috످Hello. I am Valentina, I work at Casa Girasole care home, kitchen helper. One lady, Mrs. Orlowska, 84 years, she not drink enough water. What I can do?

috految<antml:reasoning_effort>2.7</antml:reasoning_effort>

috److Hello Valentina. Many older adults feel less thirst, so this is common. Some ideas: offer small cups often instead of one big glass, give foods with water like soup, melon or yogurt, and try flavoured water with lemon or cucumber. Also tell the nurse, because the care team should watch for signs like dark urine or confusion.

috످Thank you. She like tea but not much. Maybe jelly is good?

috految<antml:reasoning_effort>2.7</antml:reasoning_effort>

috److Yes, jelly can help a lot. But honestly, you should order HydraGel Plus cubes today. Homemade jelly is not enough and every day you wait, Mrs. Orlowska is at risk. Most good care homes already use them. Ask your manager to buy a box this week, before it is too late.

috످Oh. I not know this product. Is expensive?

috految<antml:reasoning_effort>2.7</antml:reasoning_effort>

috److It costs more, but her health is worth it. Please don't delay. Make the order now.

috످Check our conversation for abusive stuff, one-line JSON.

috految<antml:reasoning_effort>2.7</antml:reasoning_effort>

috److{"abusive_content": false, "other_concern": "I pressured you to buy HydraGel Plus with fear and claims I had no proof for, including the price. I am sorry, Valentina. You do not need to buy it. Normal jelly and tea can help, but ask the nurse first, because Mrs. Orlowska could choke if she has trouble swallowing."}

috످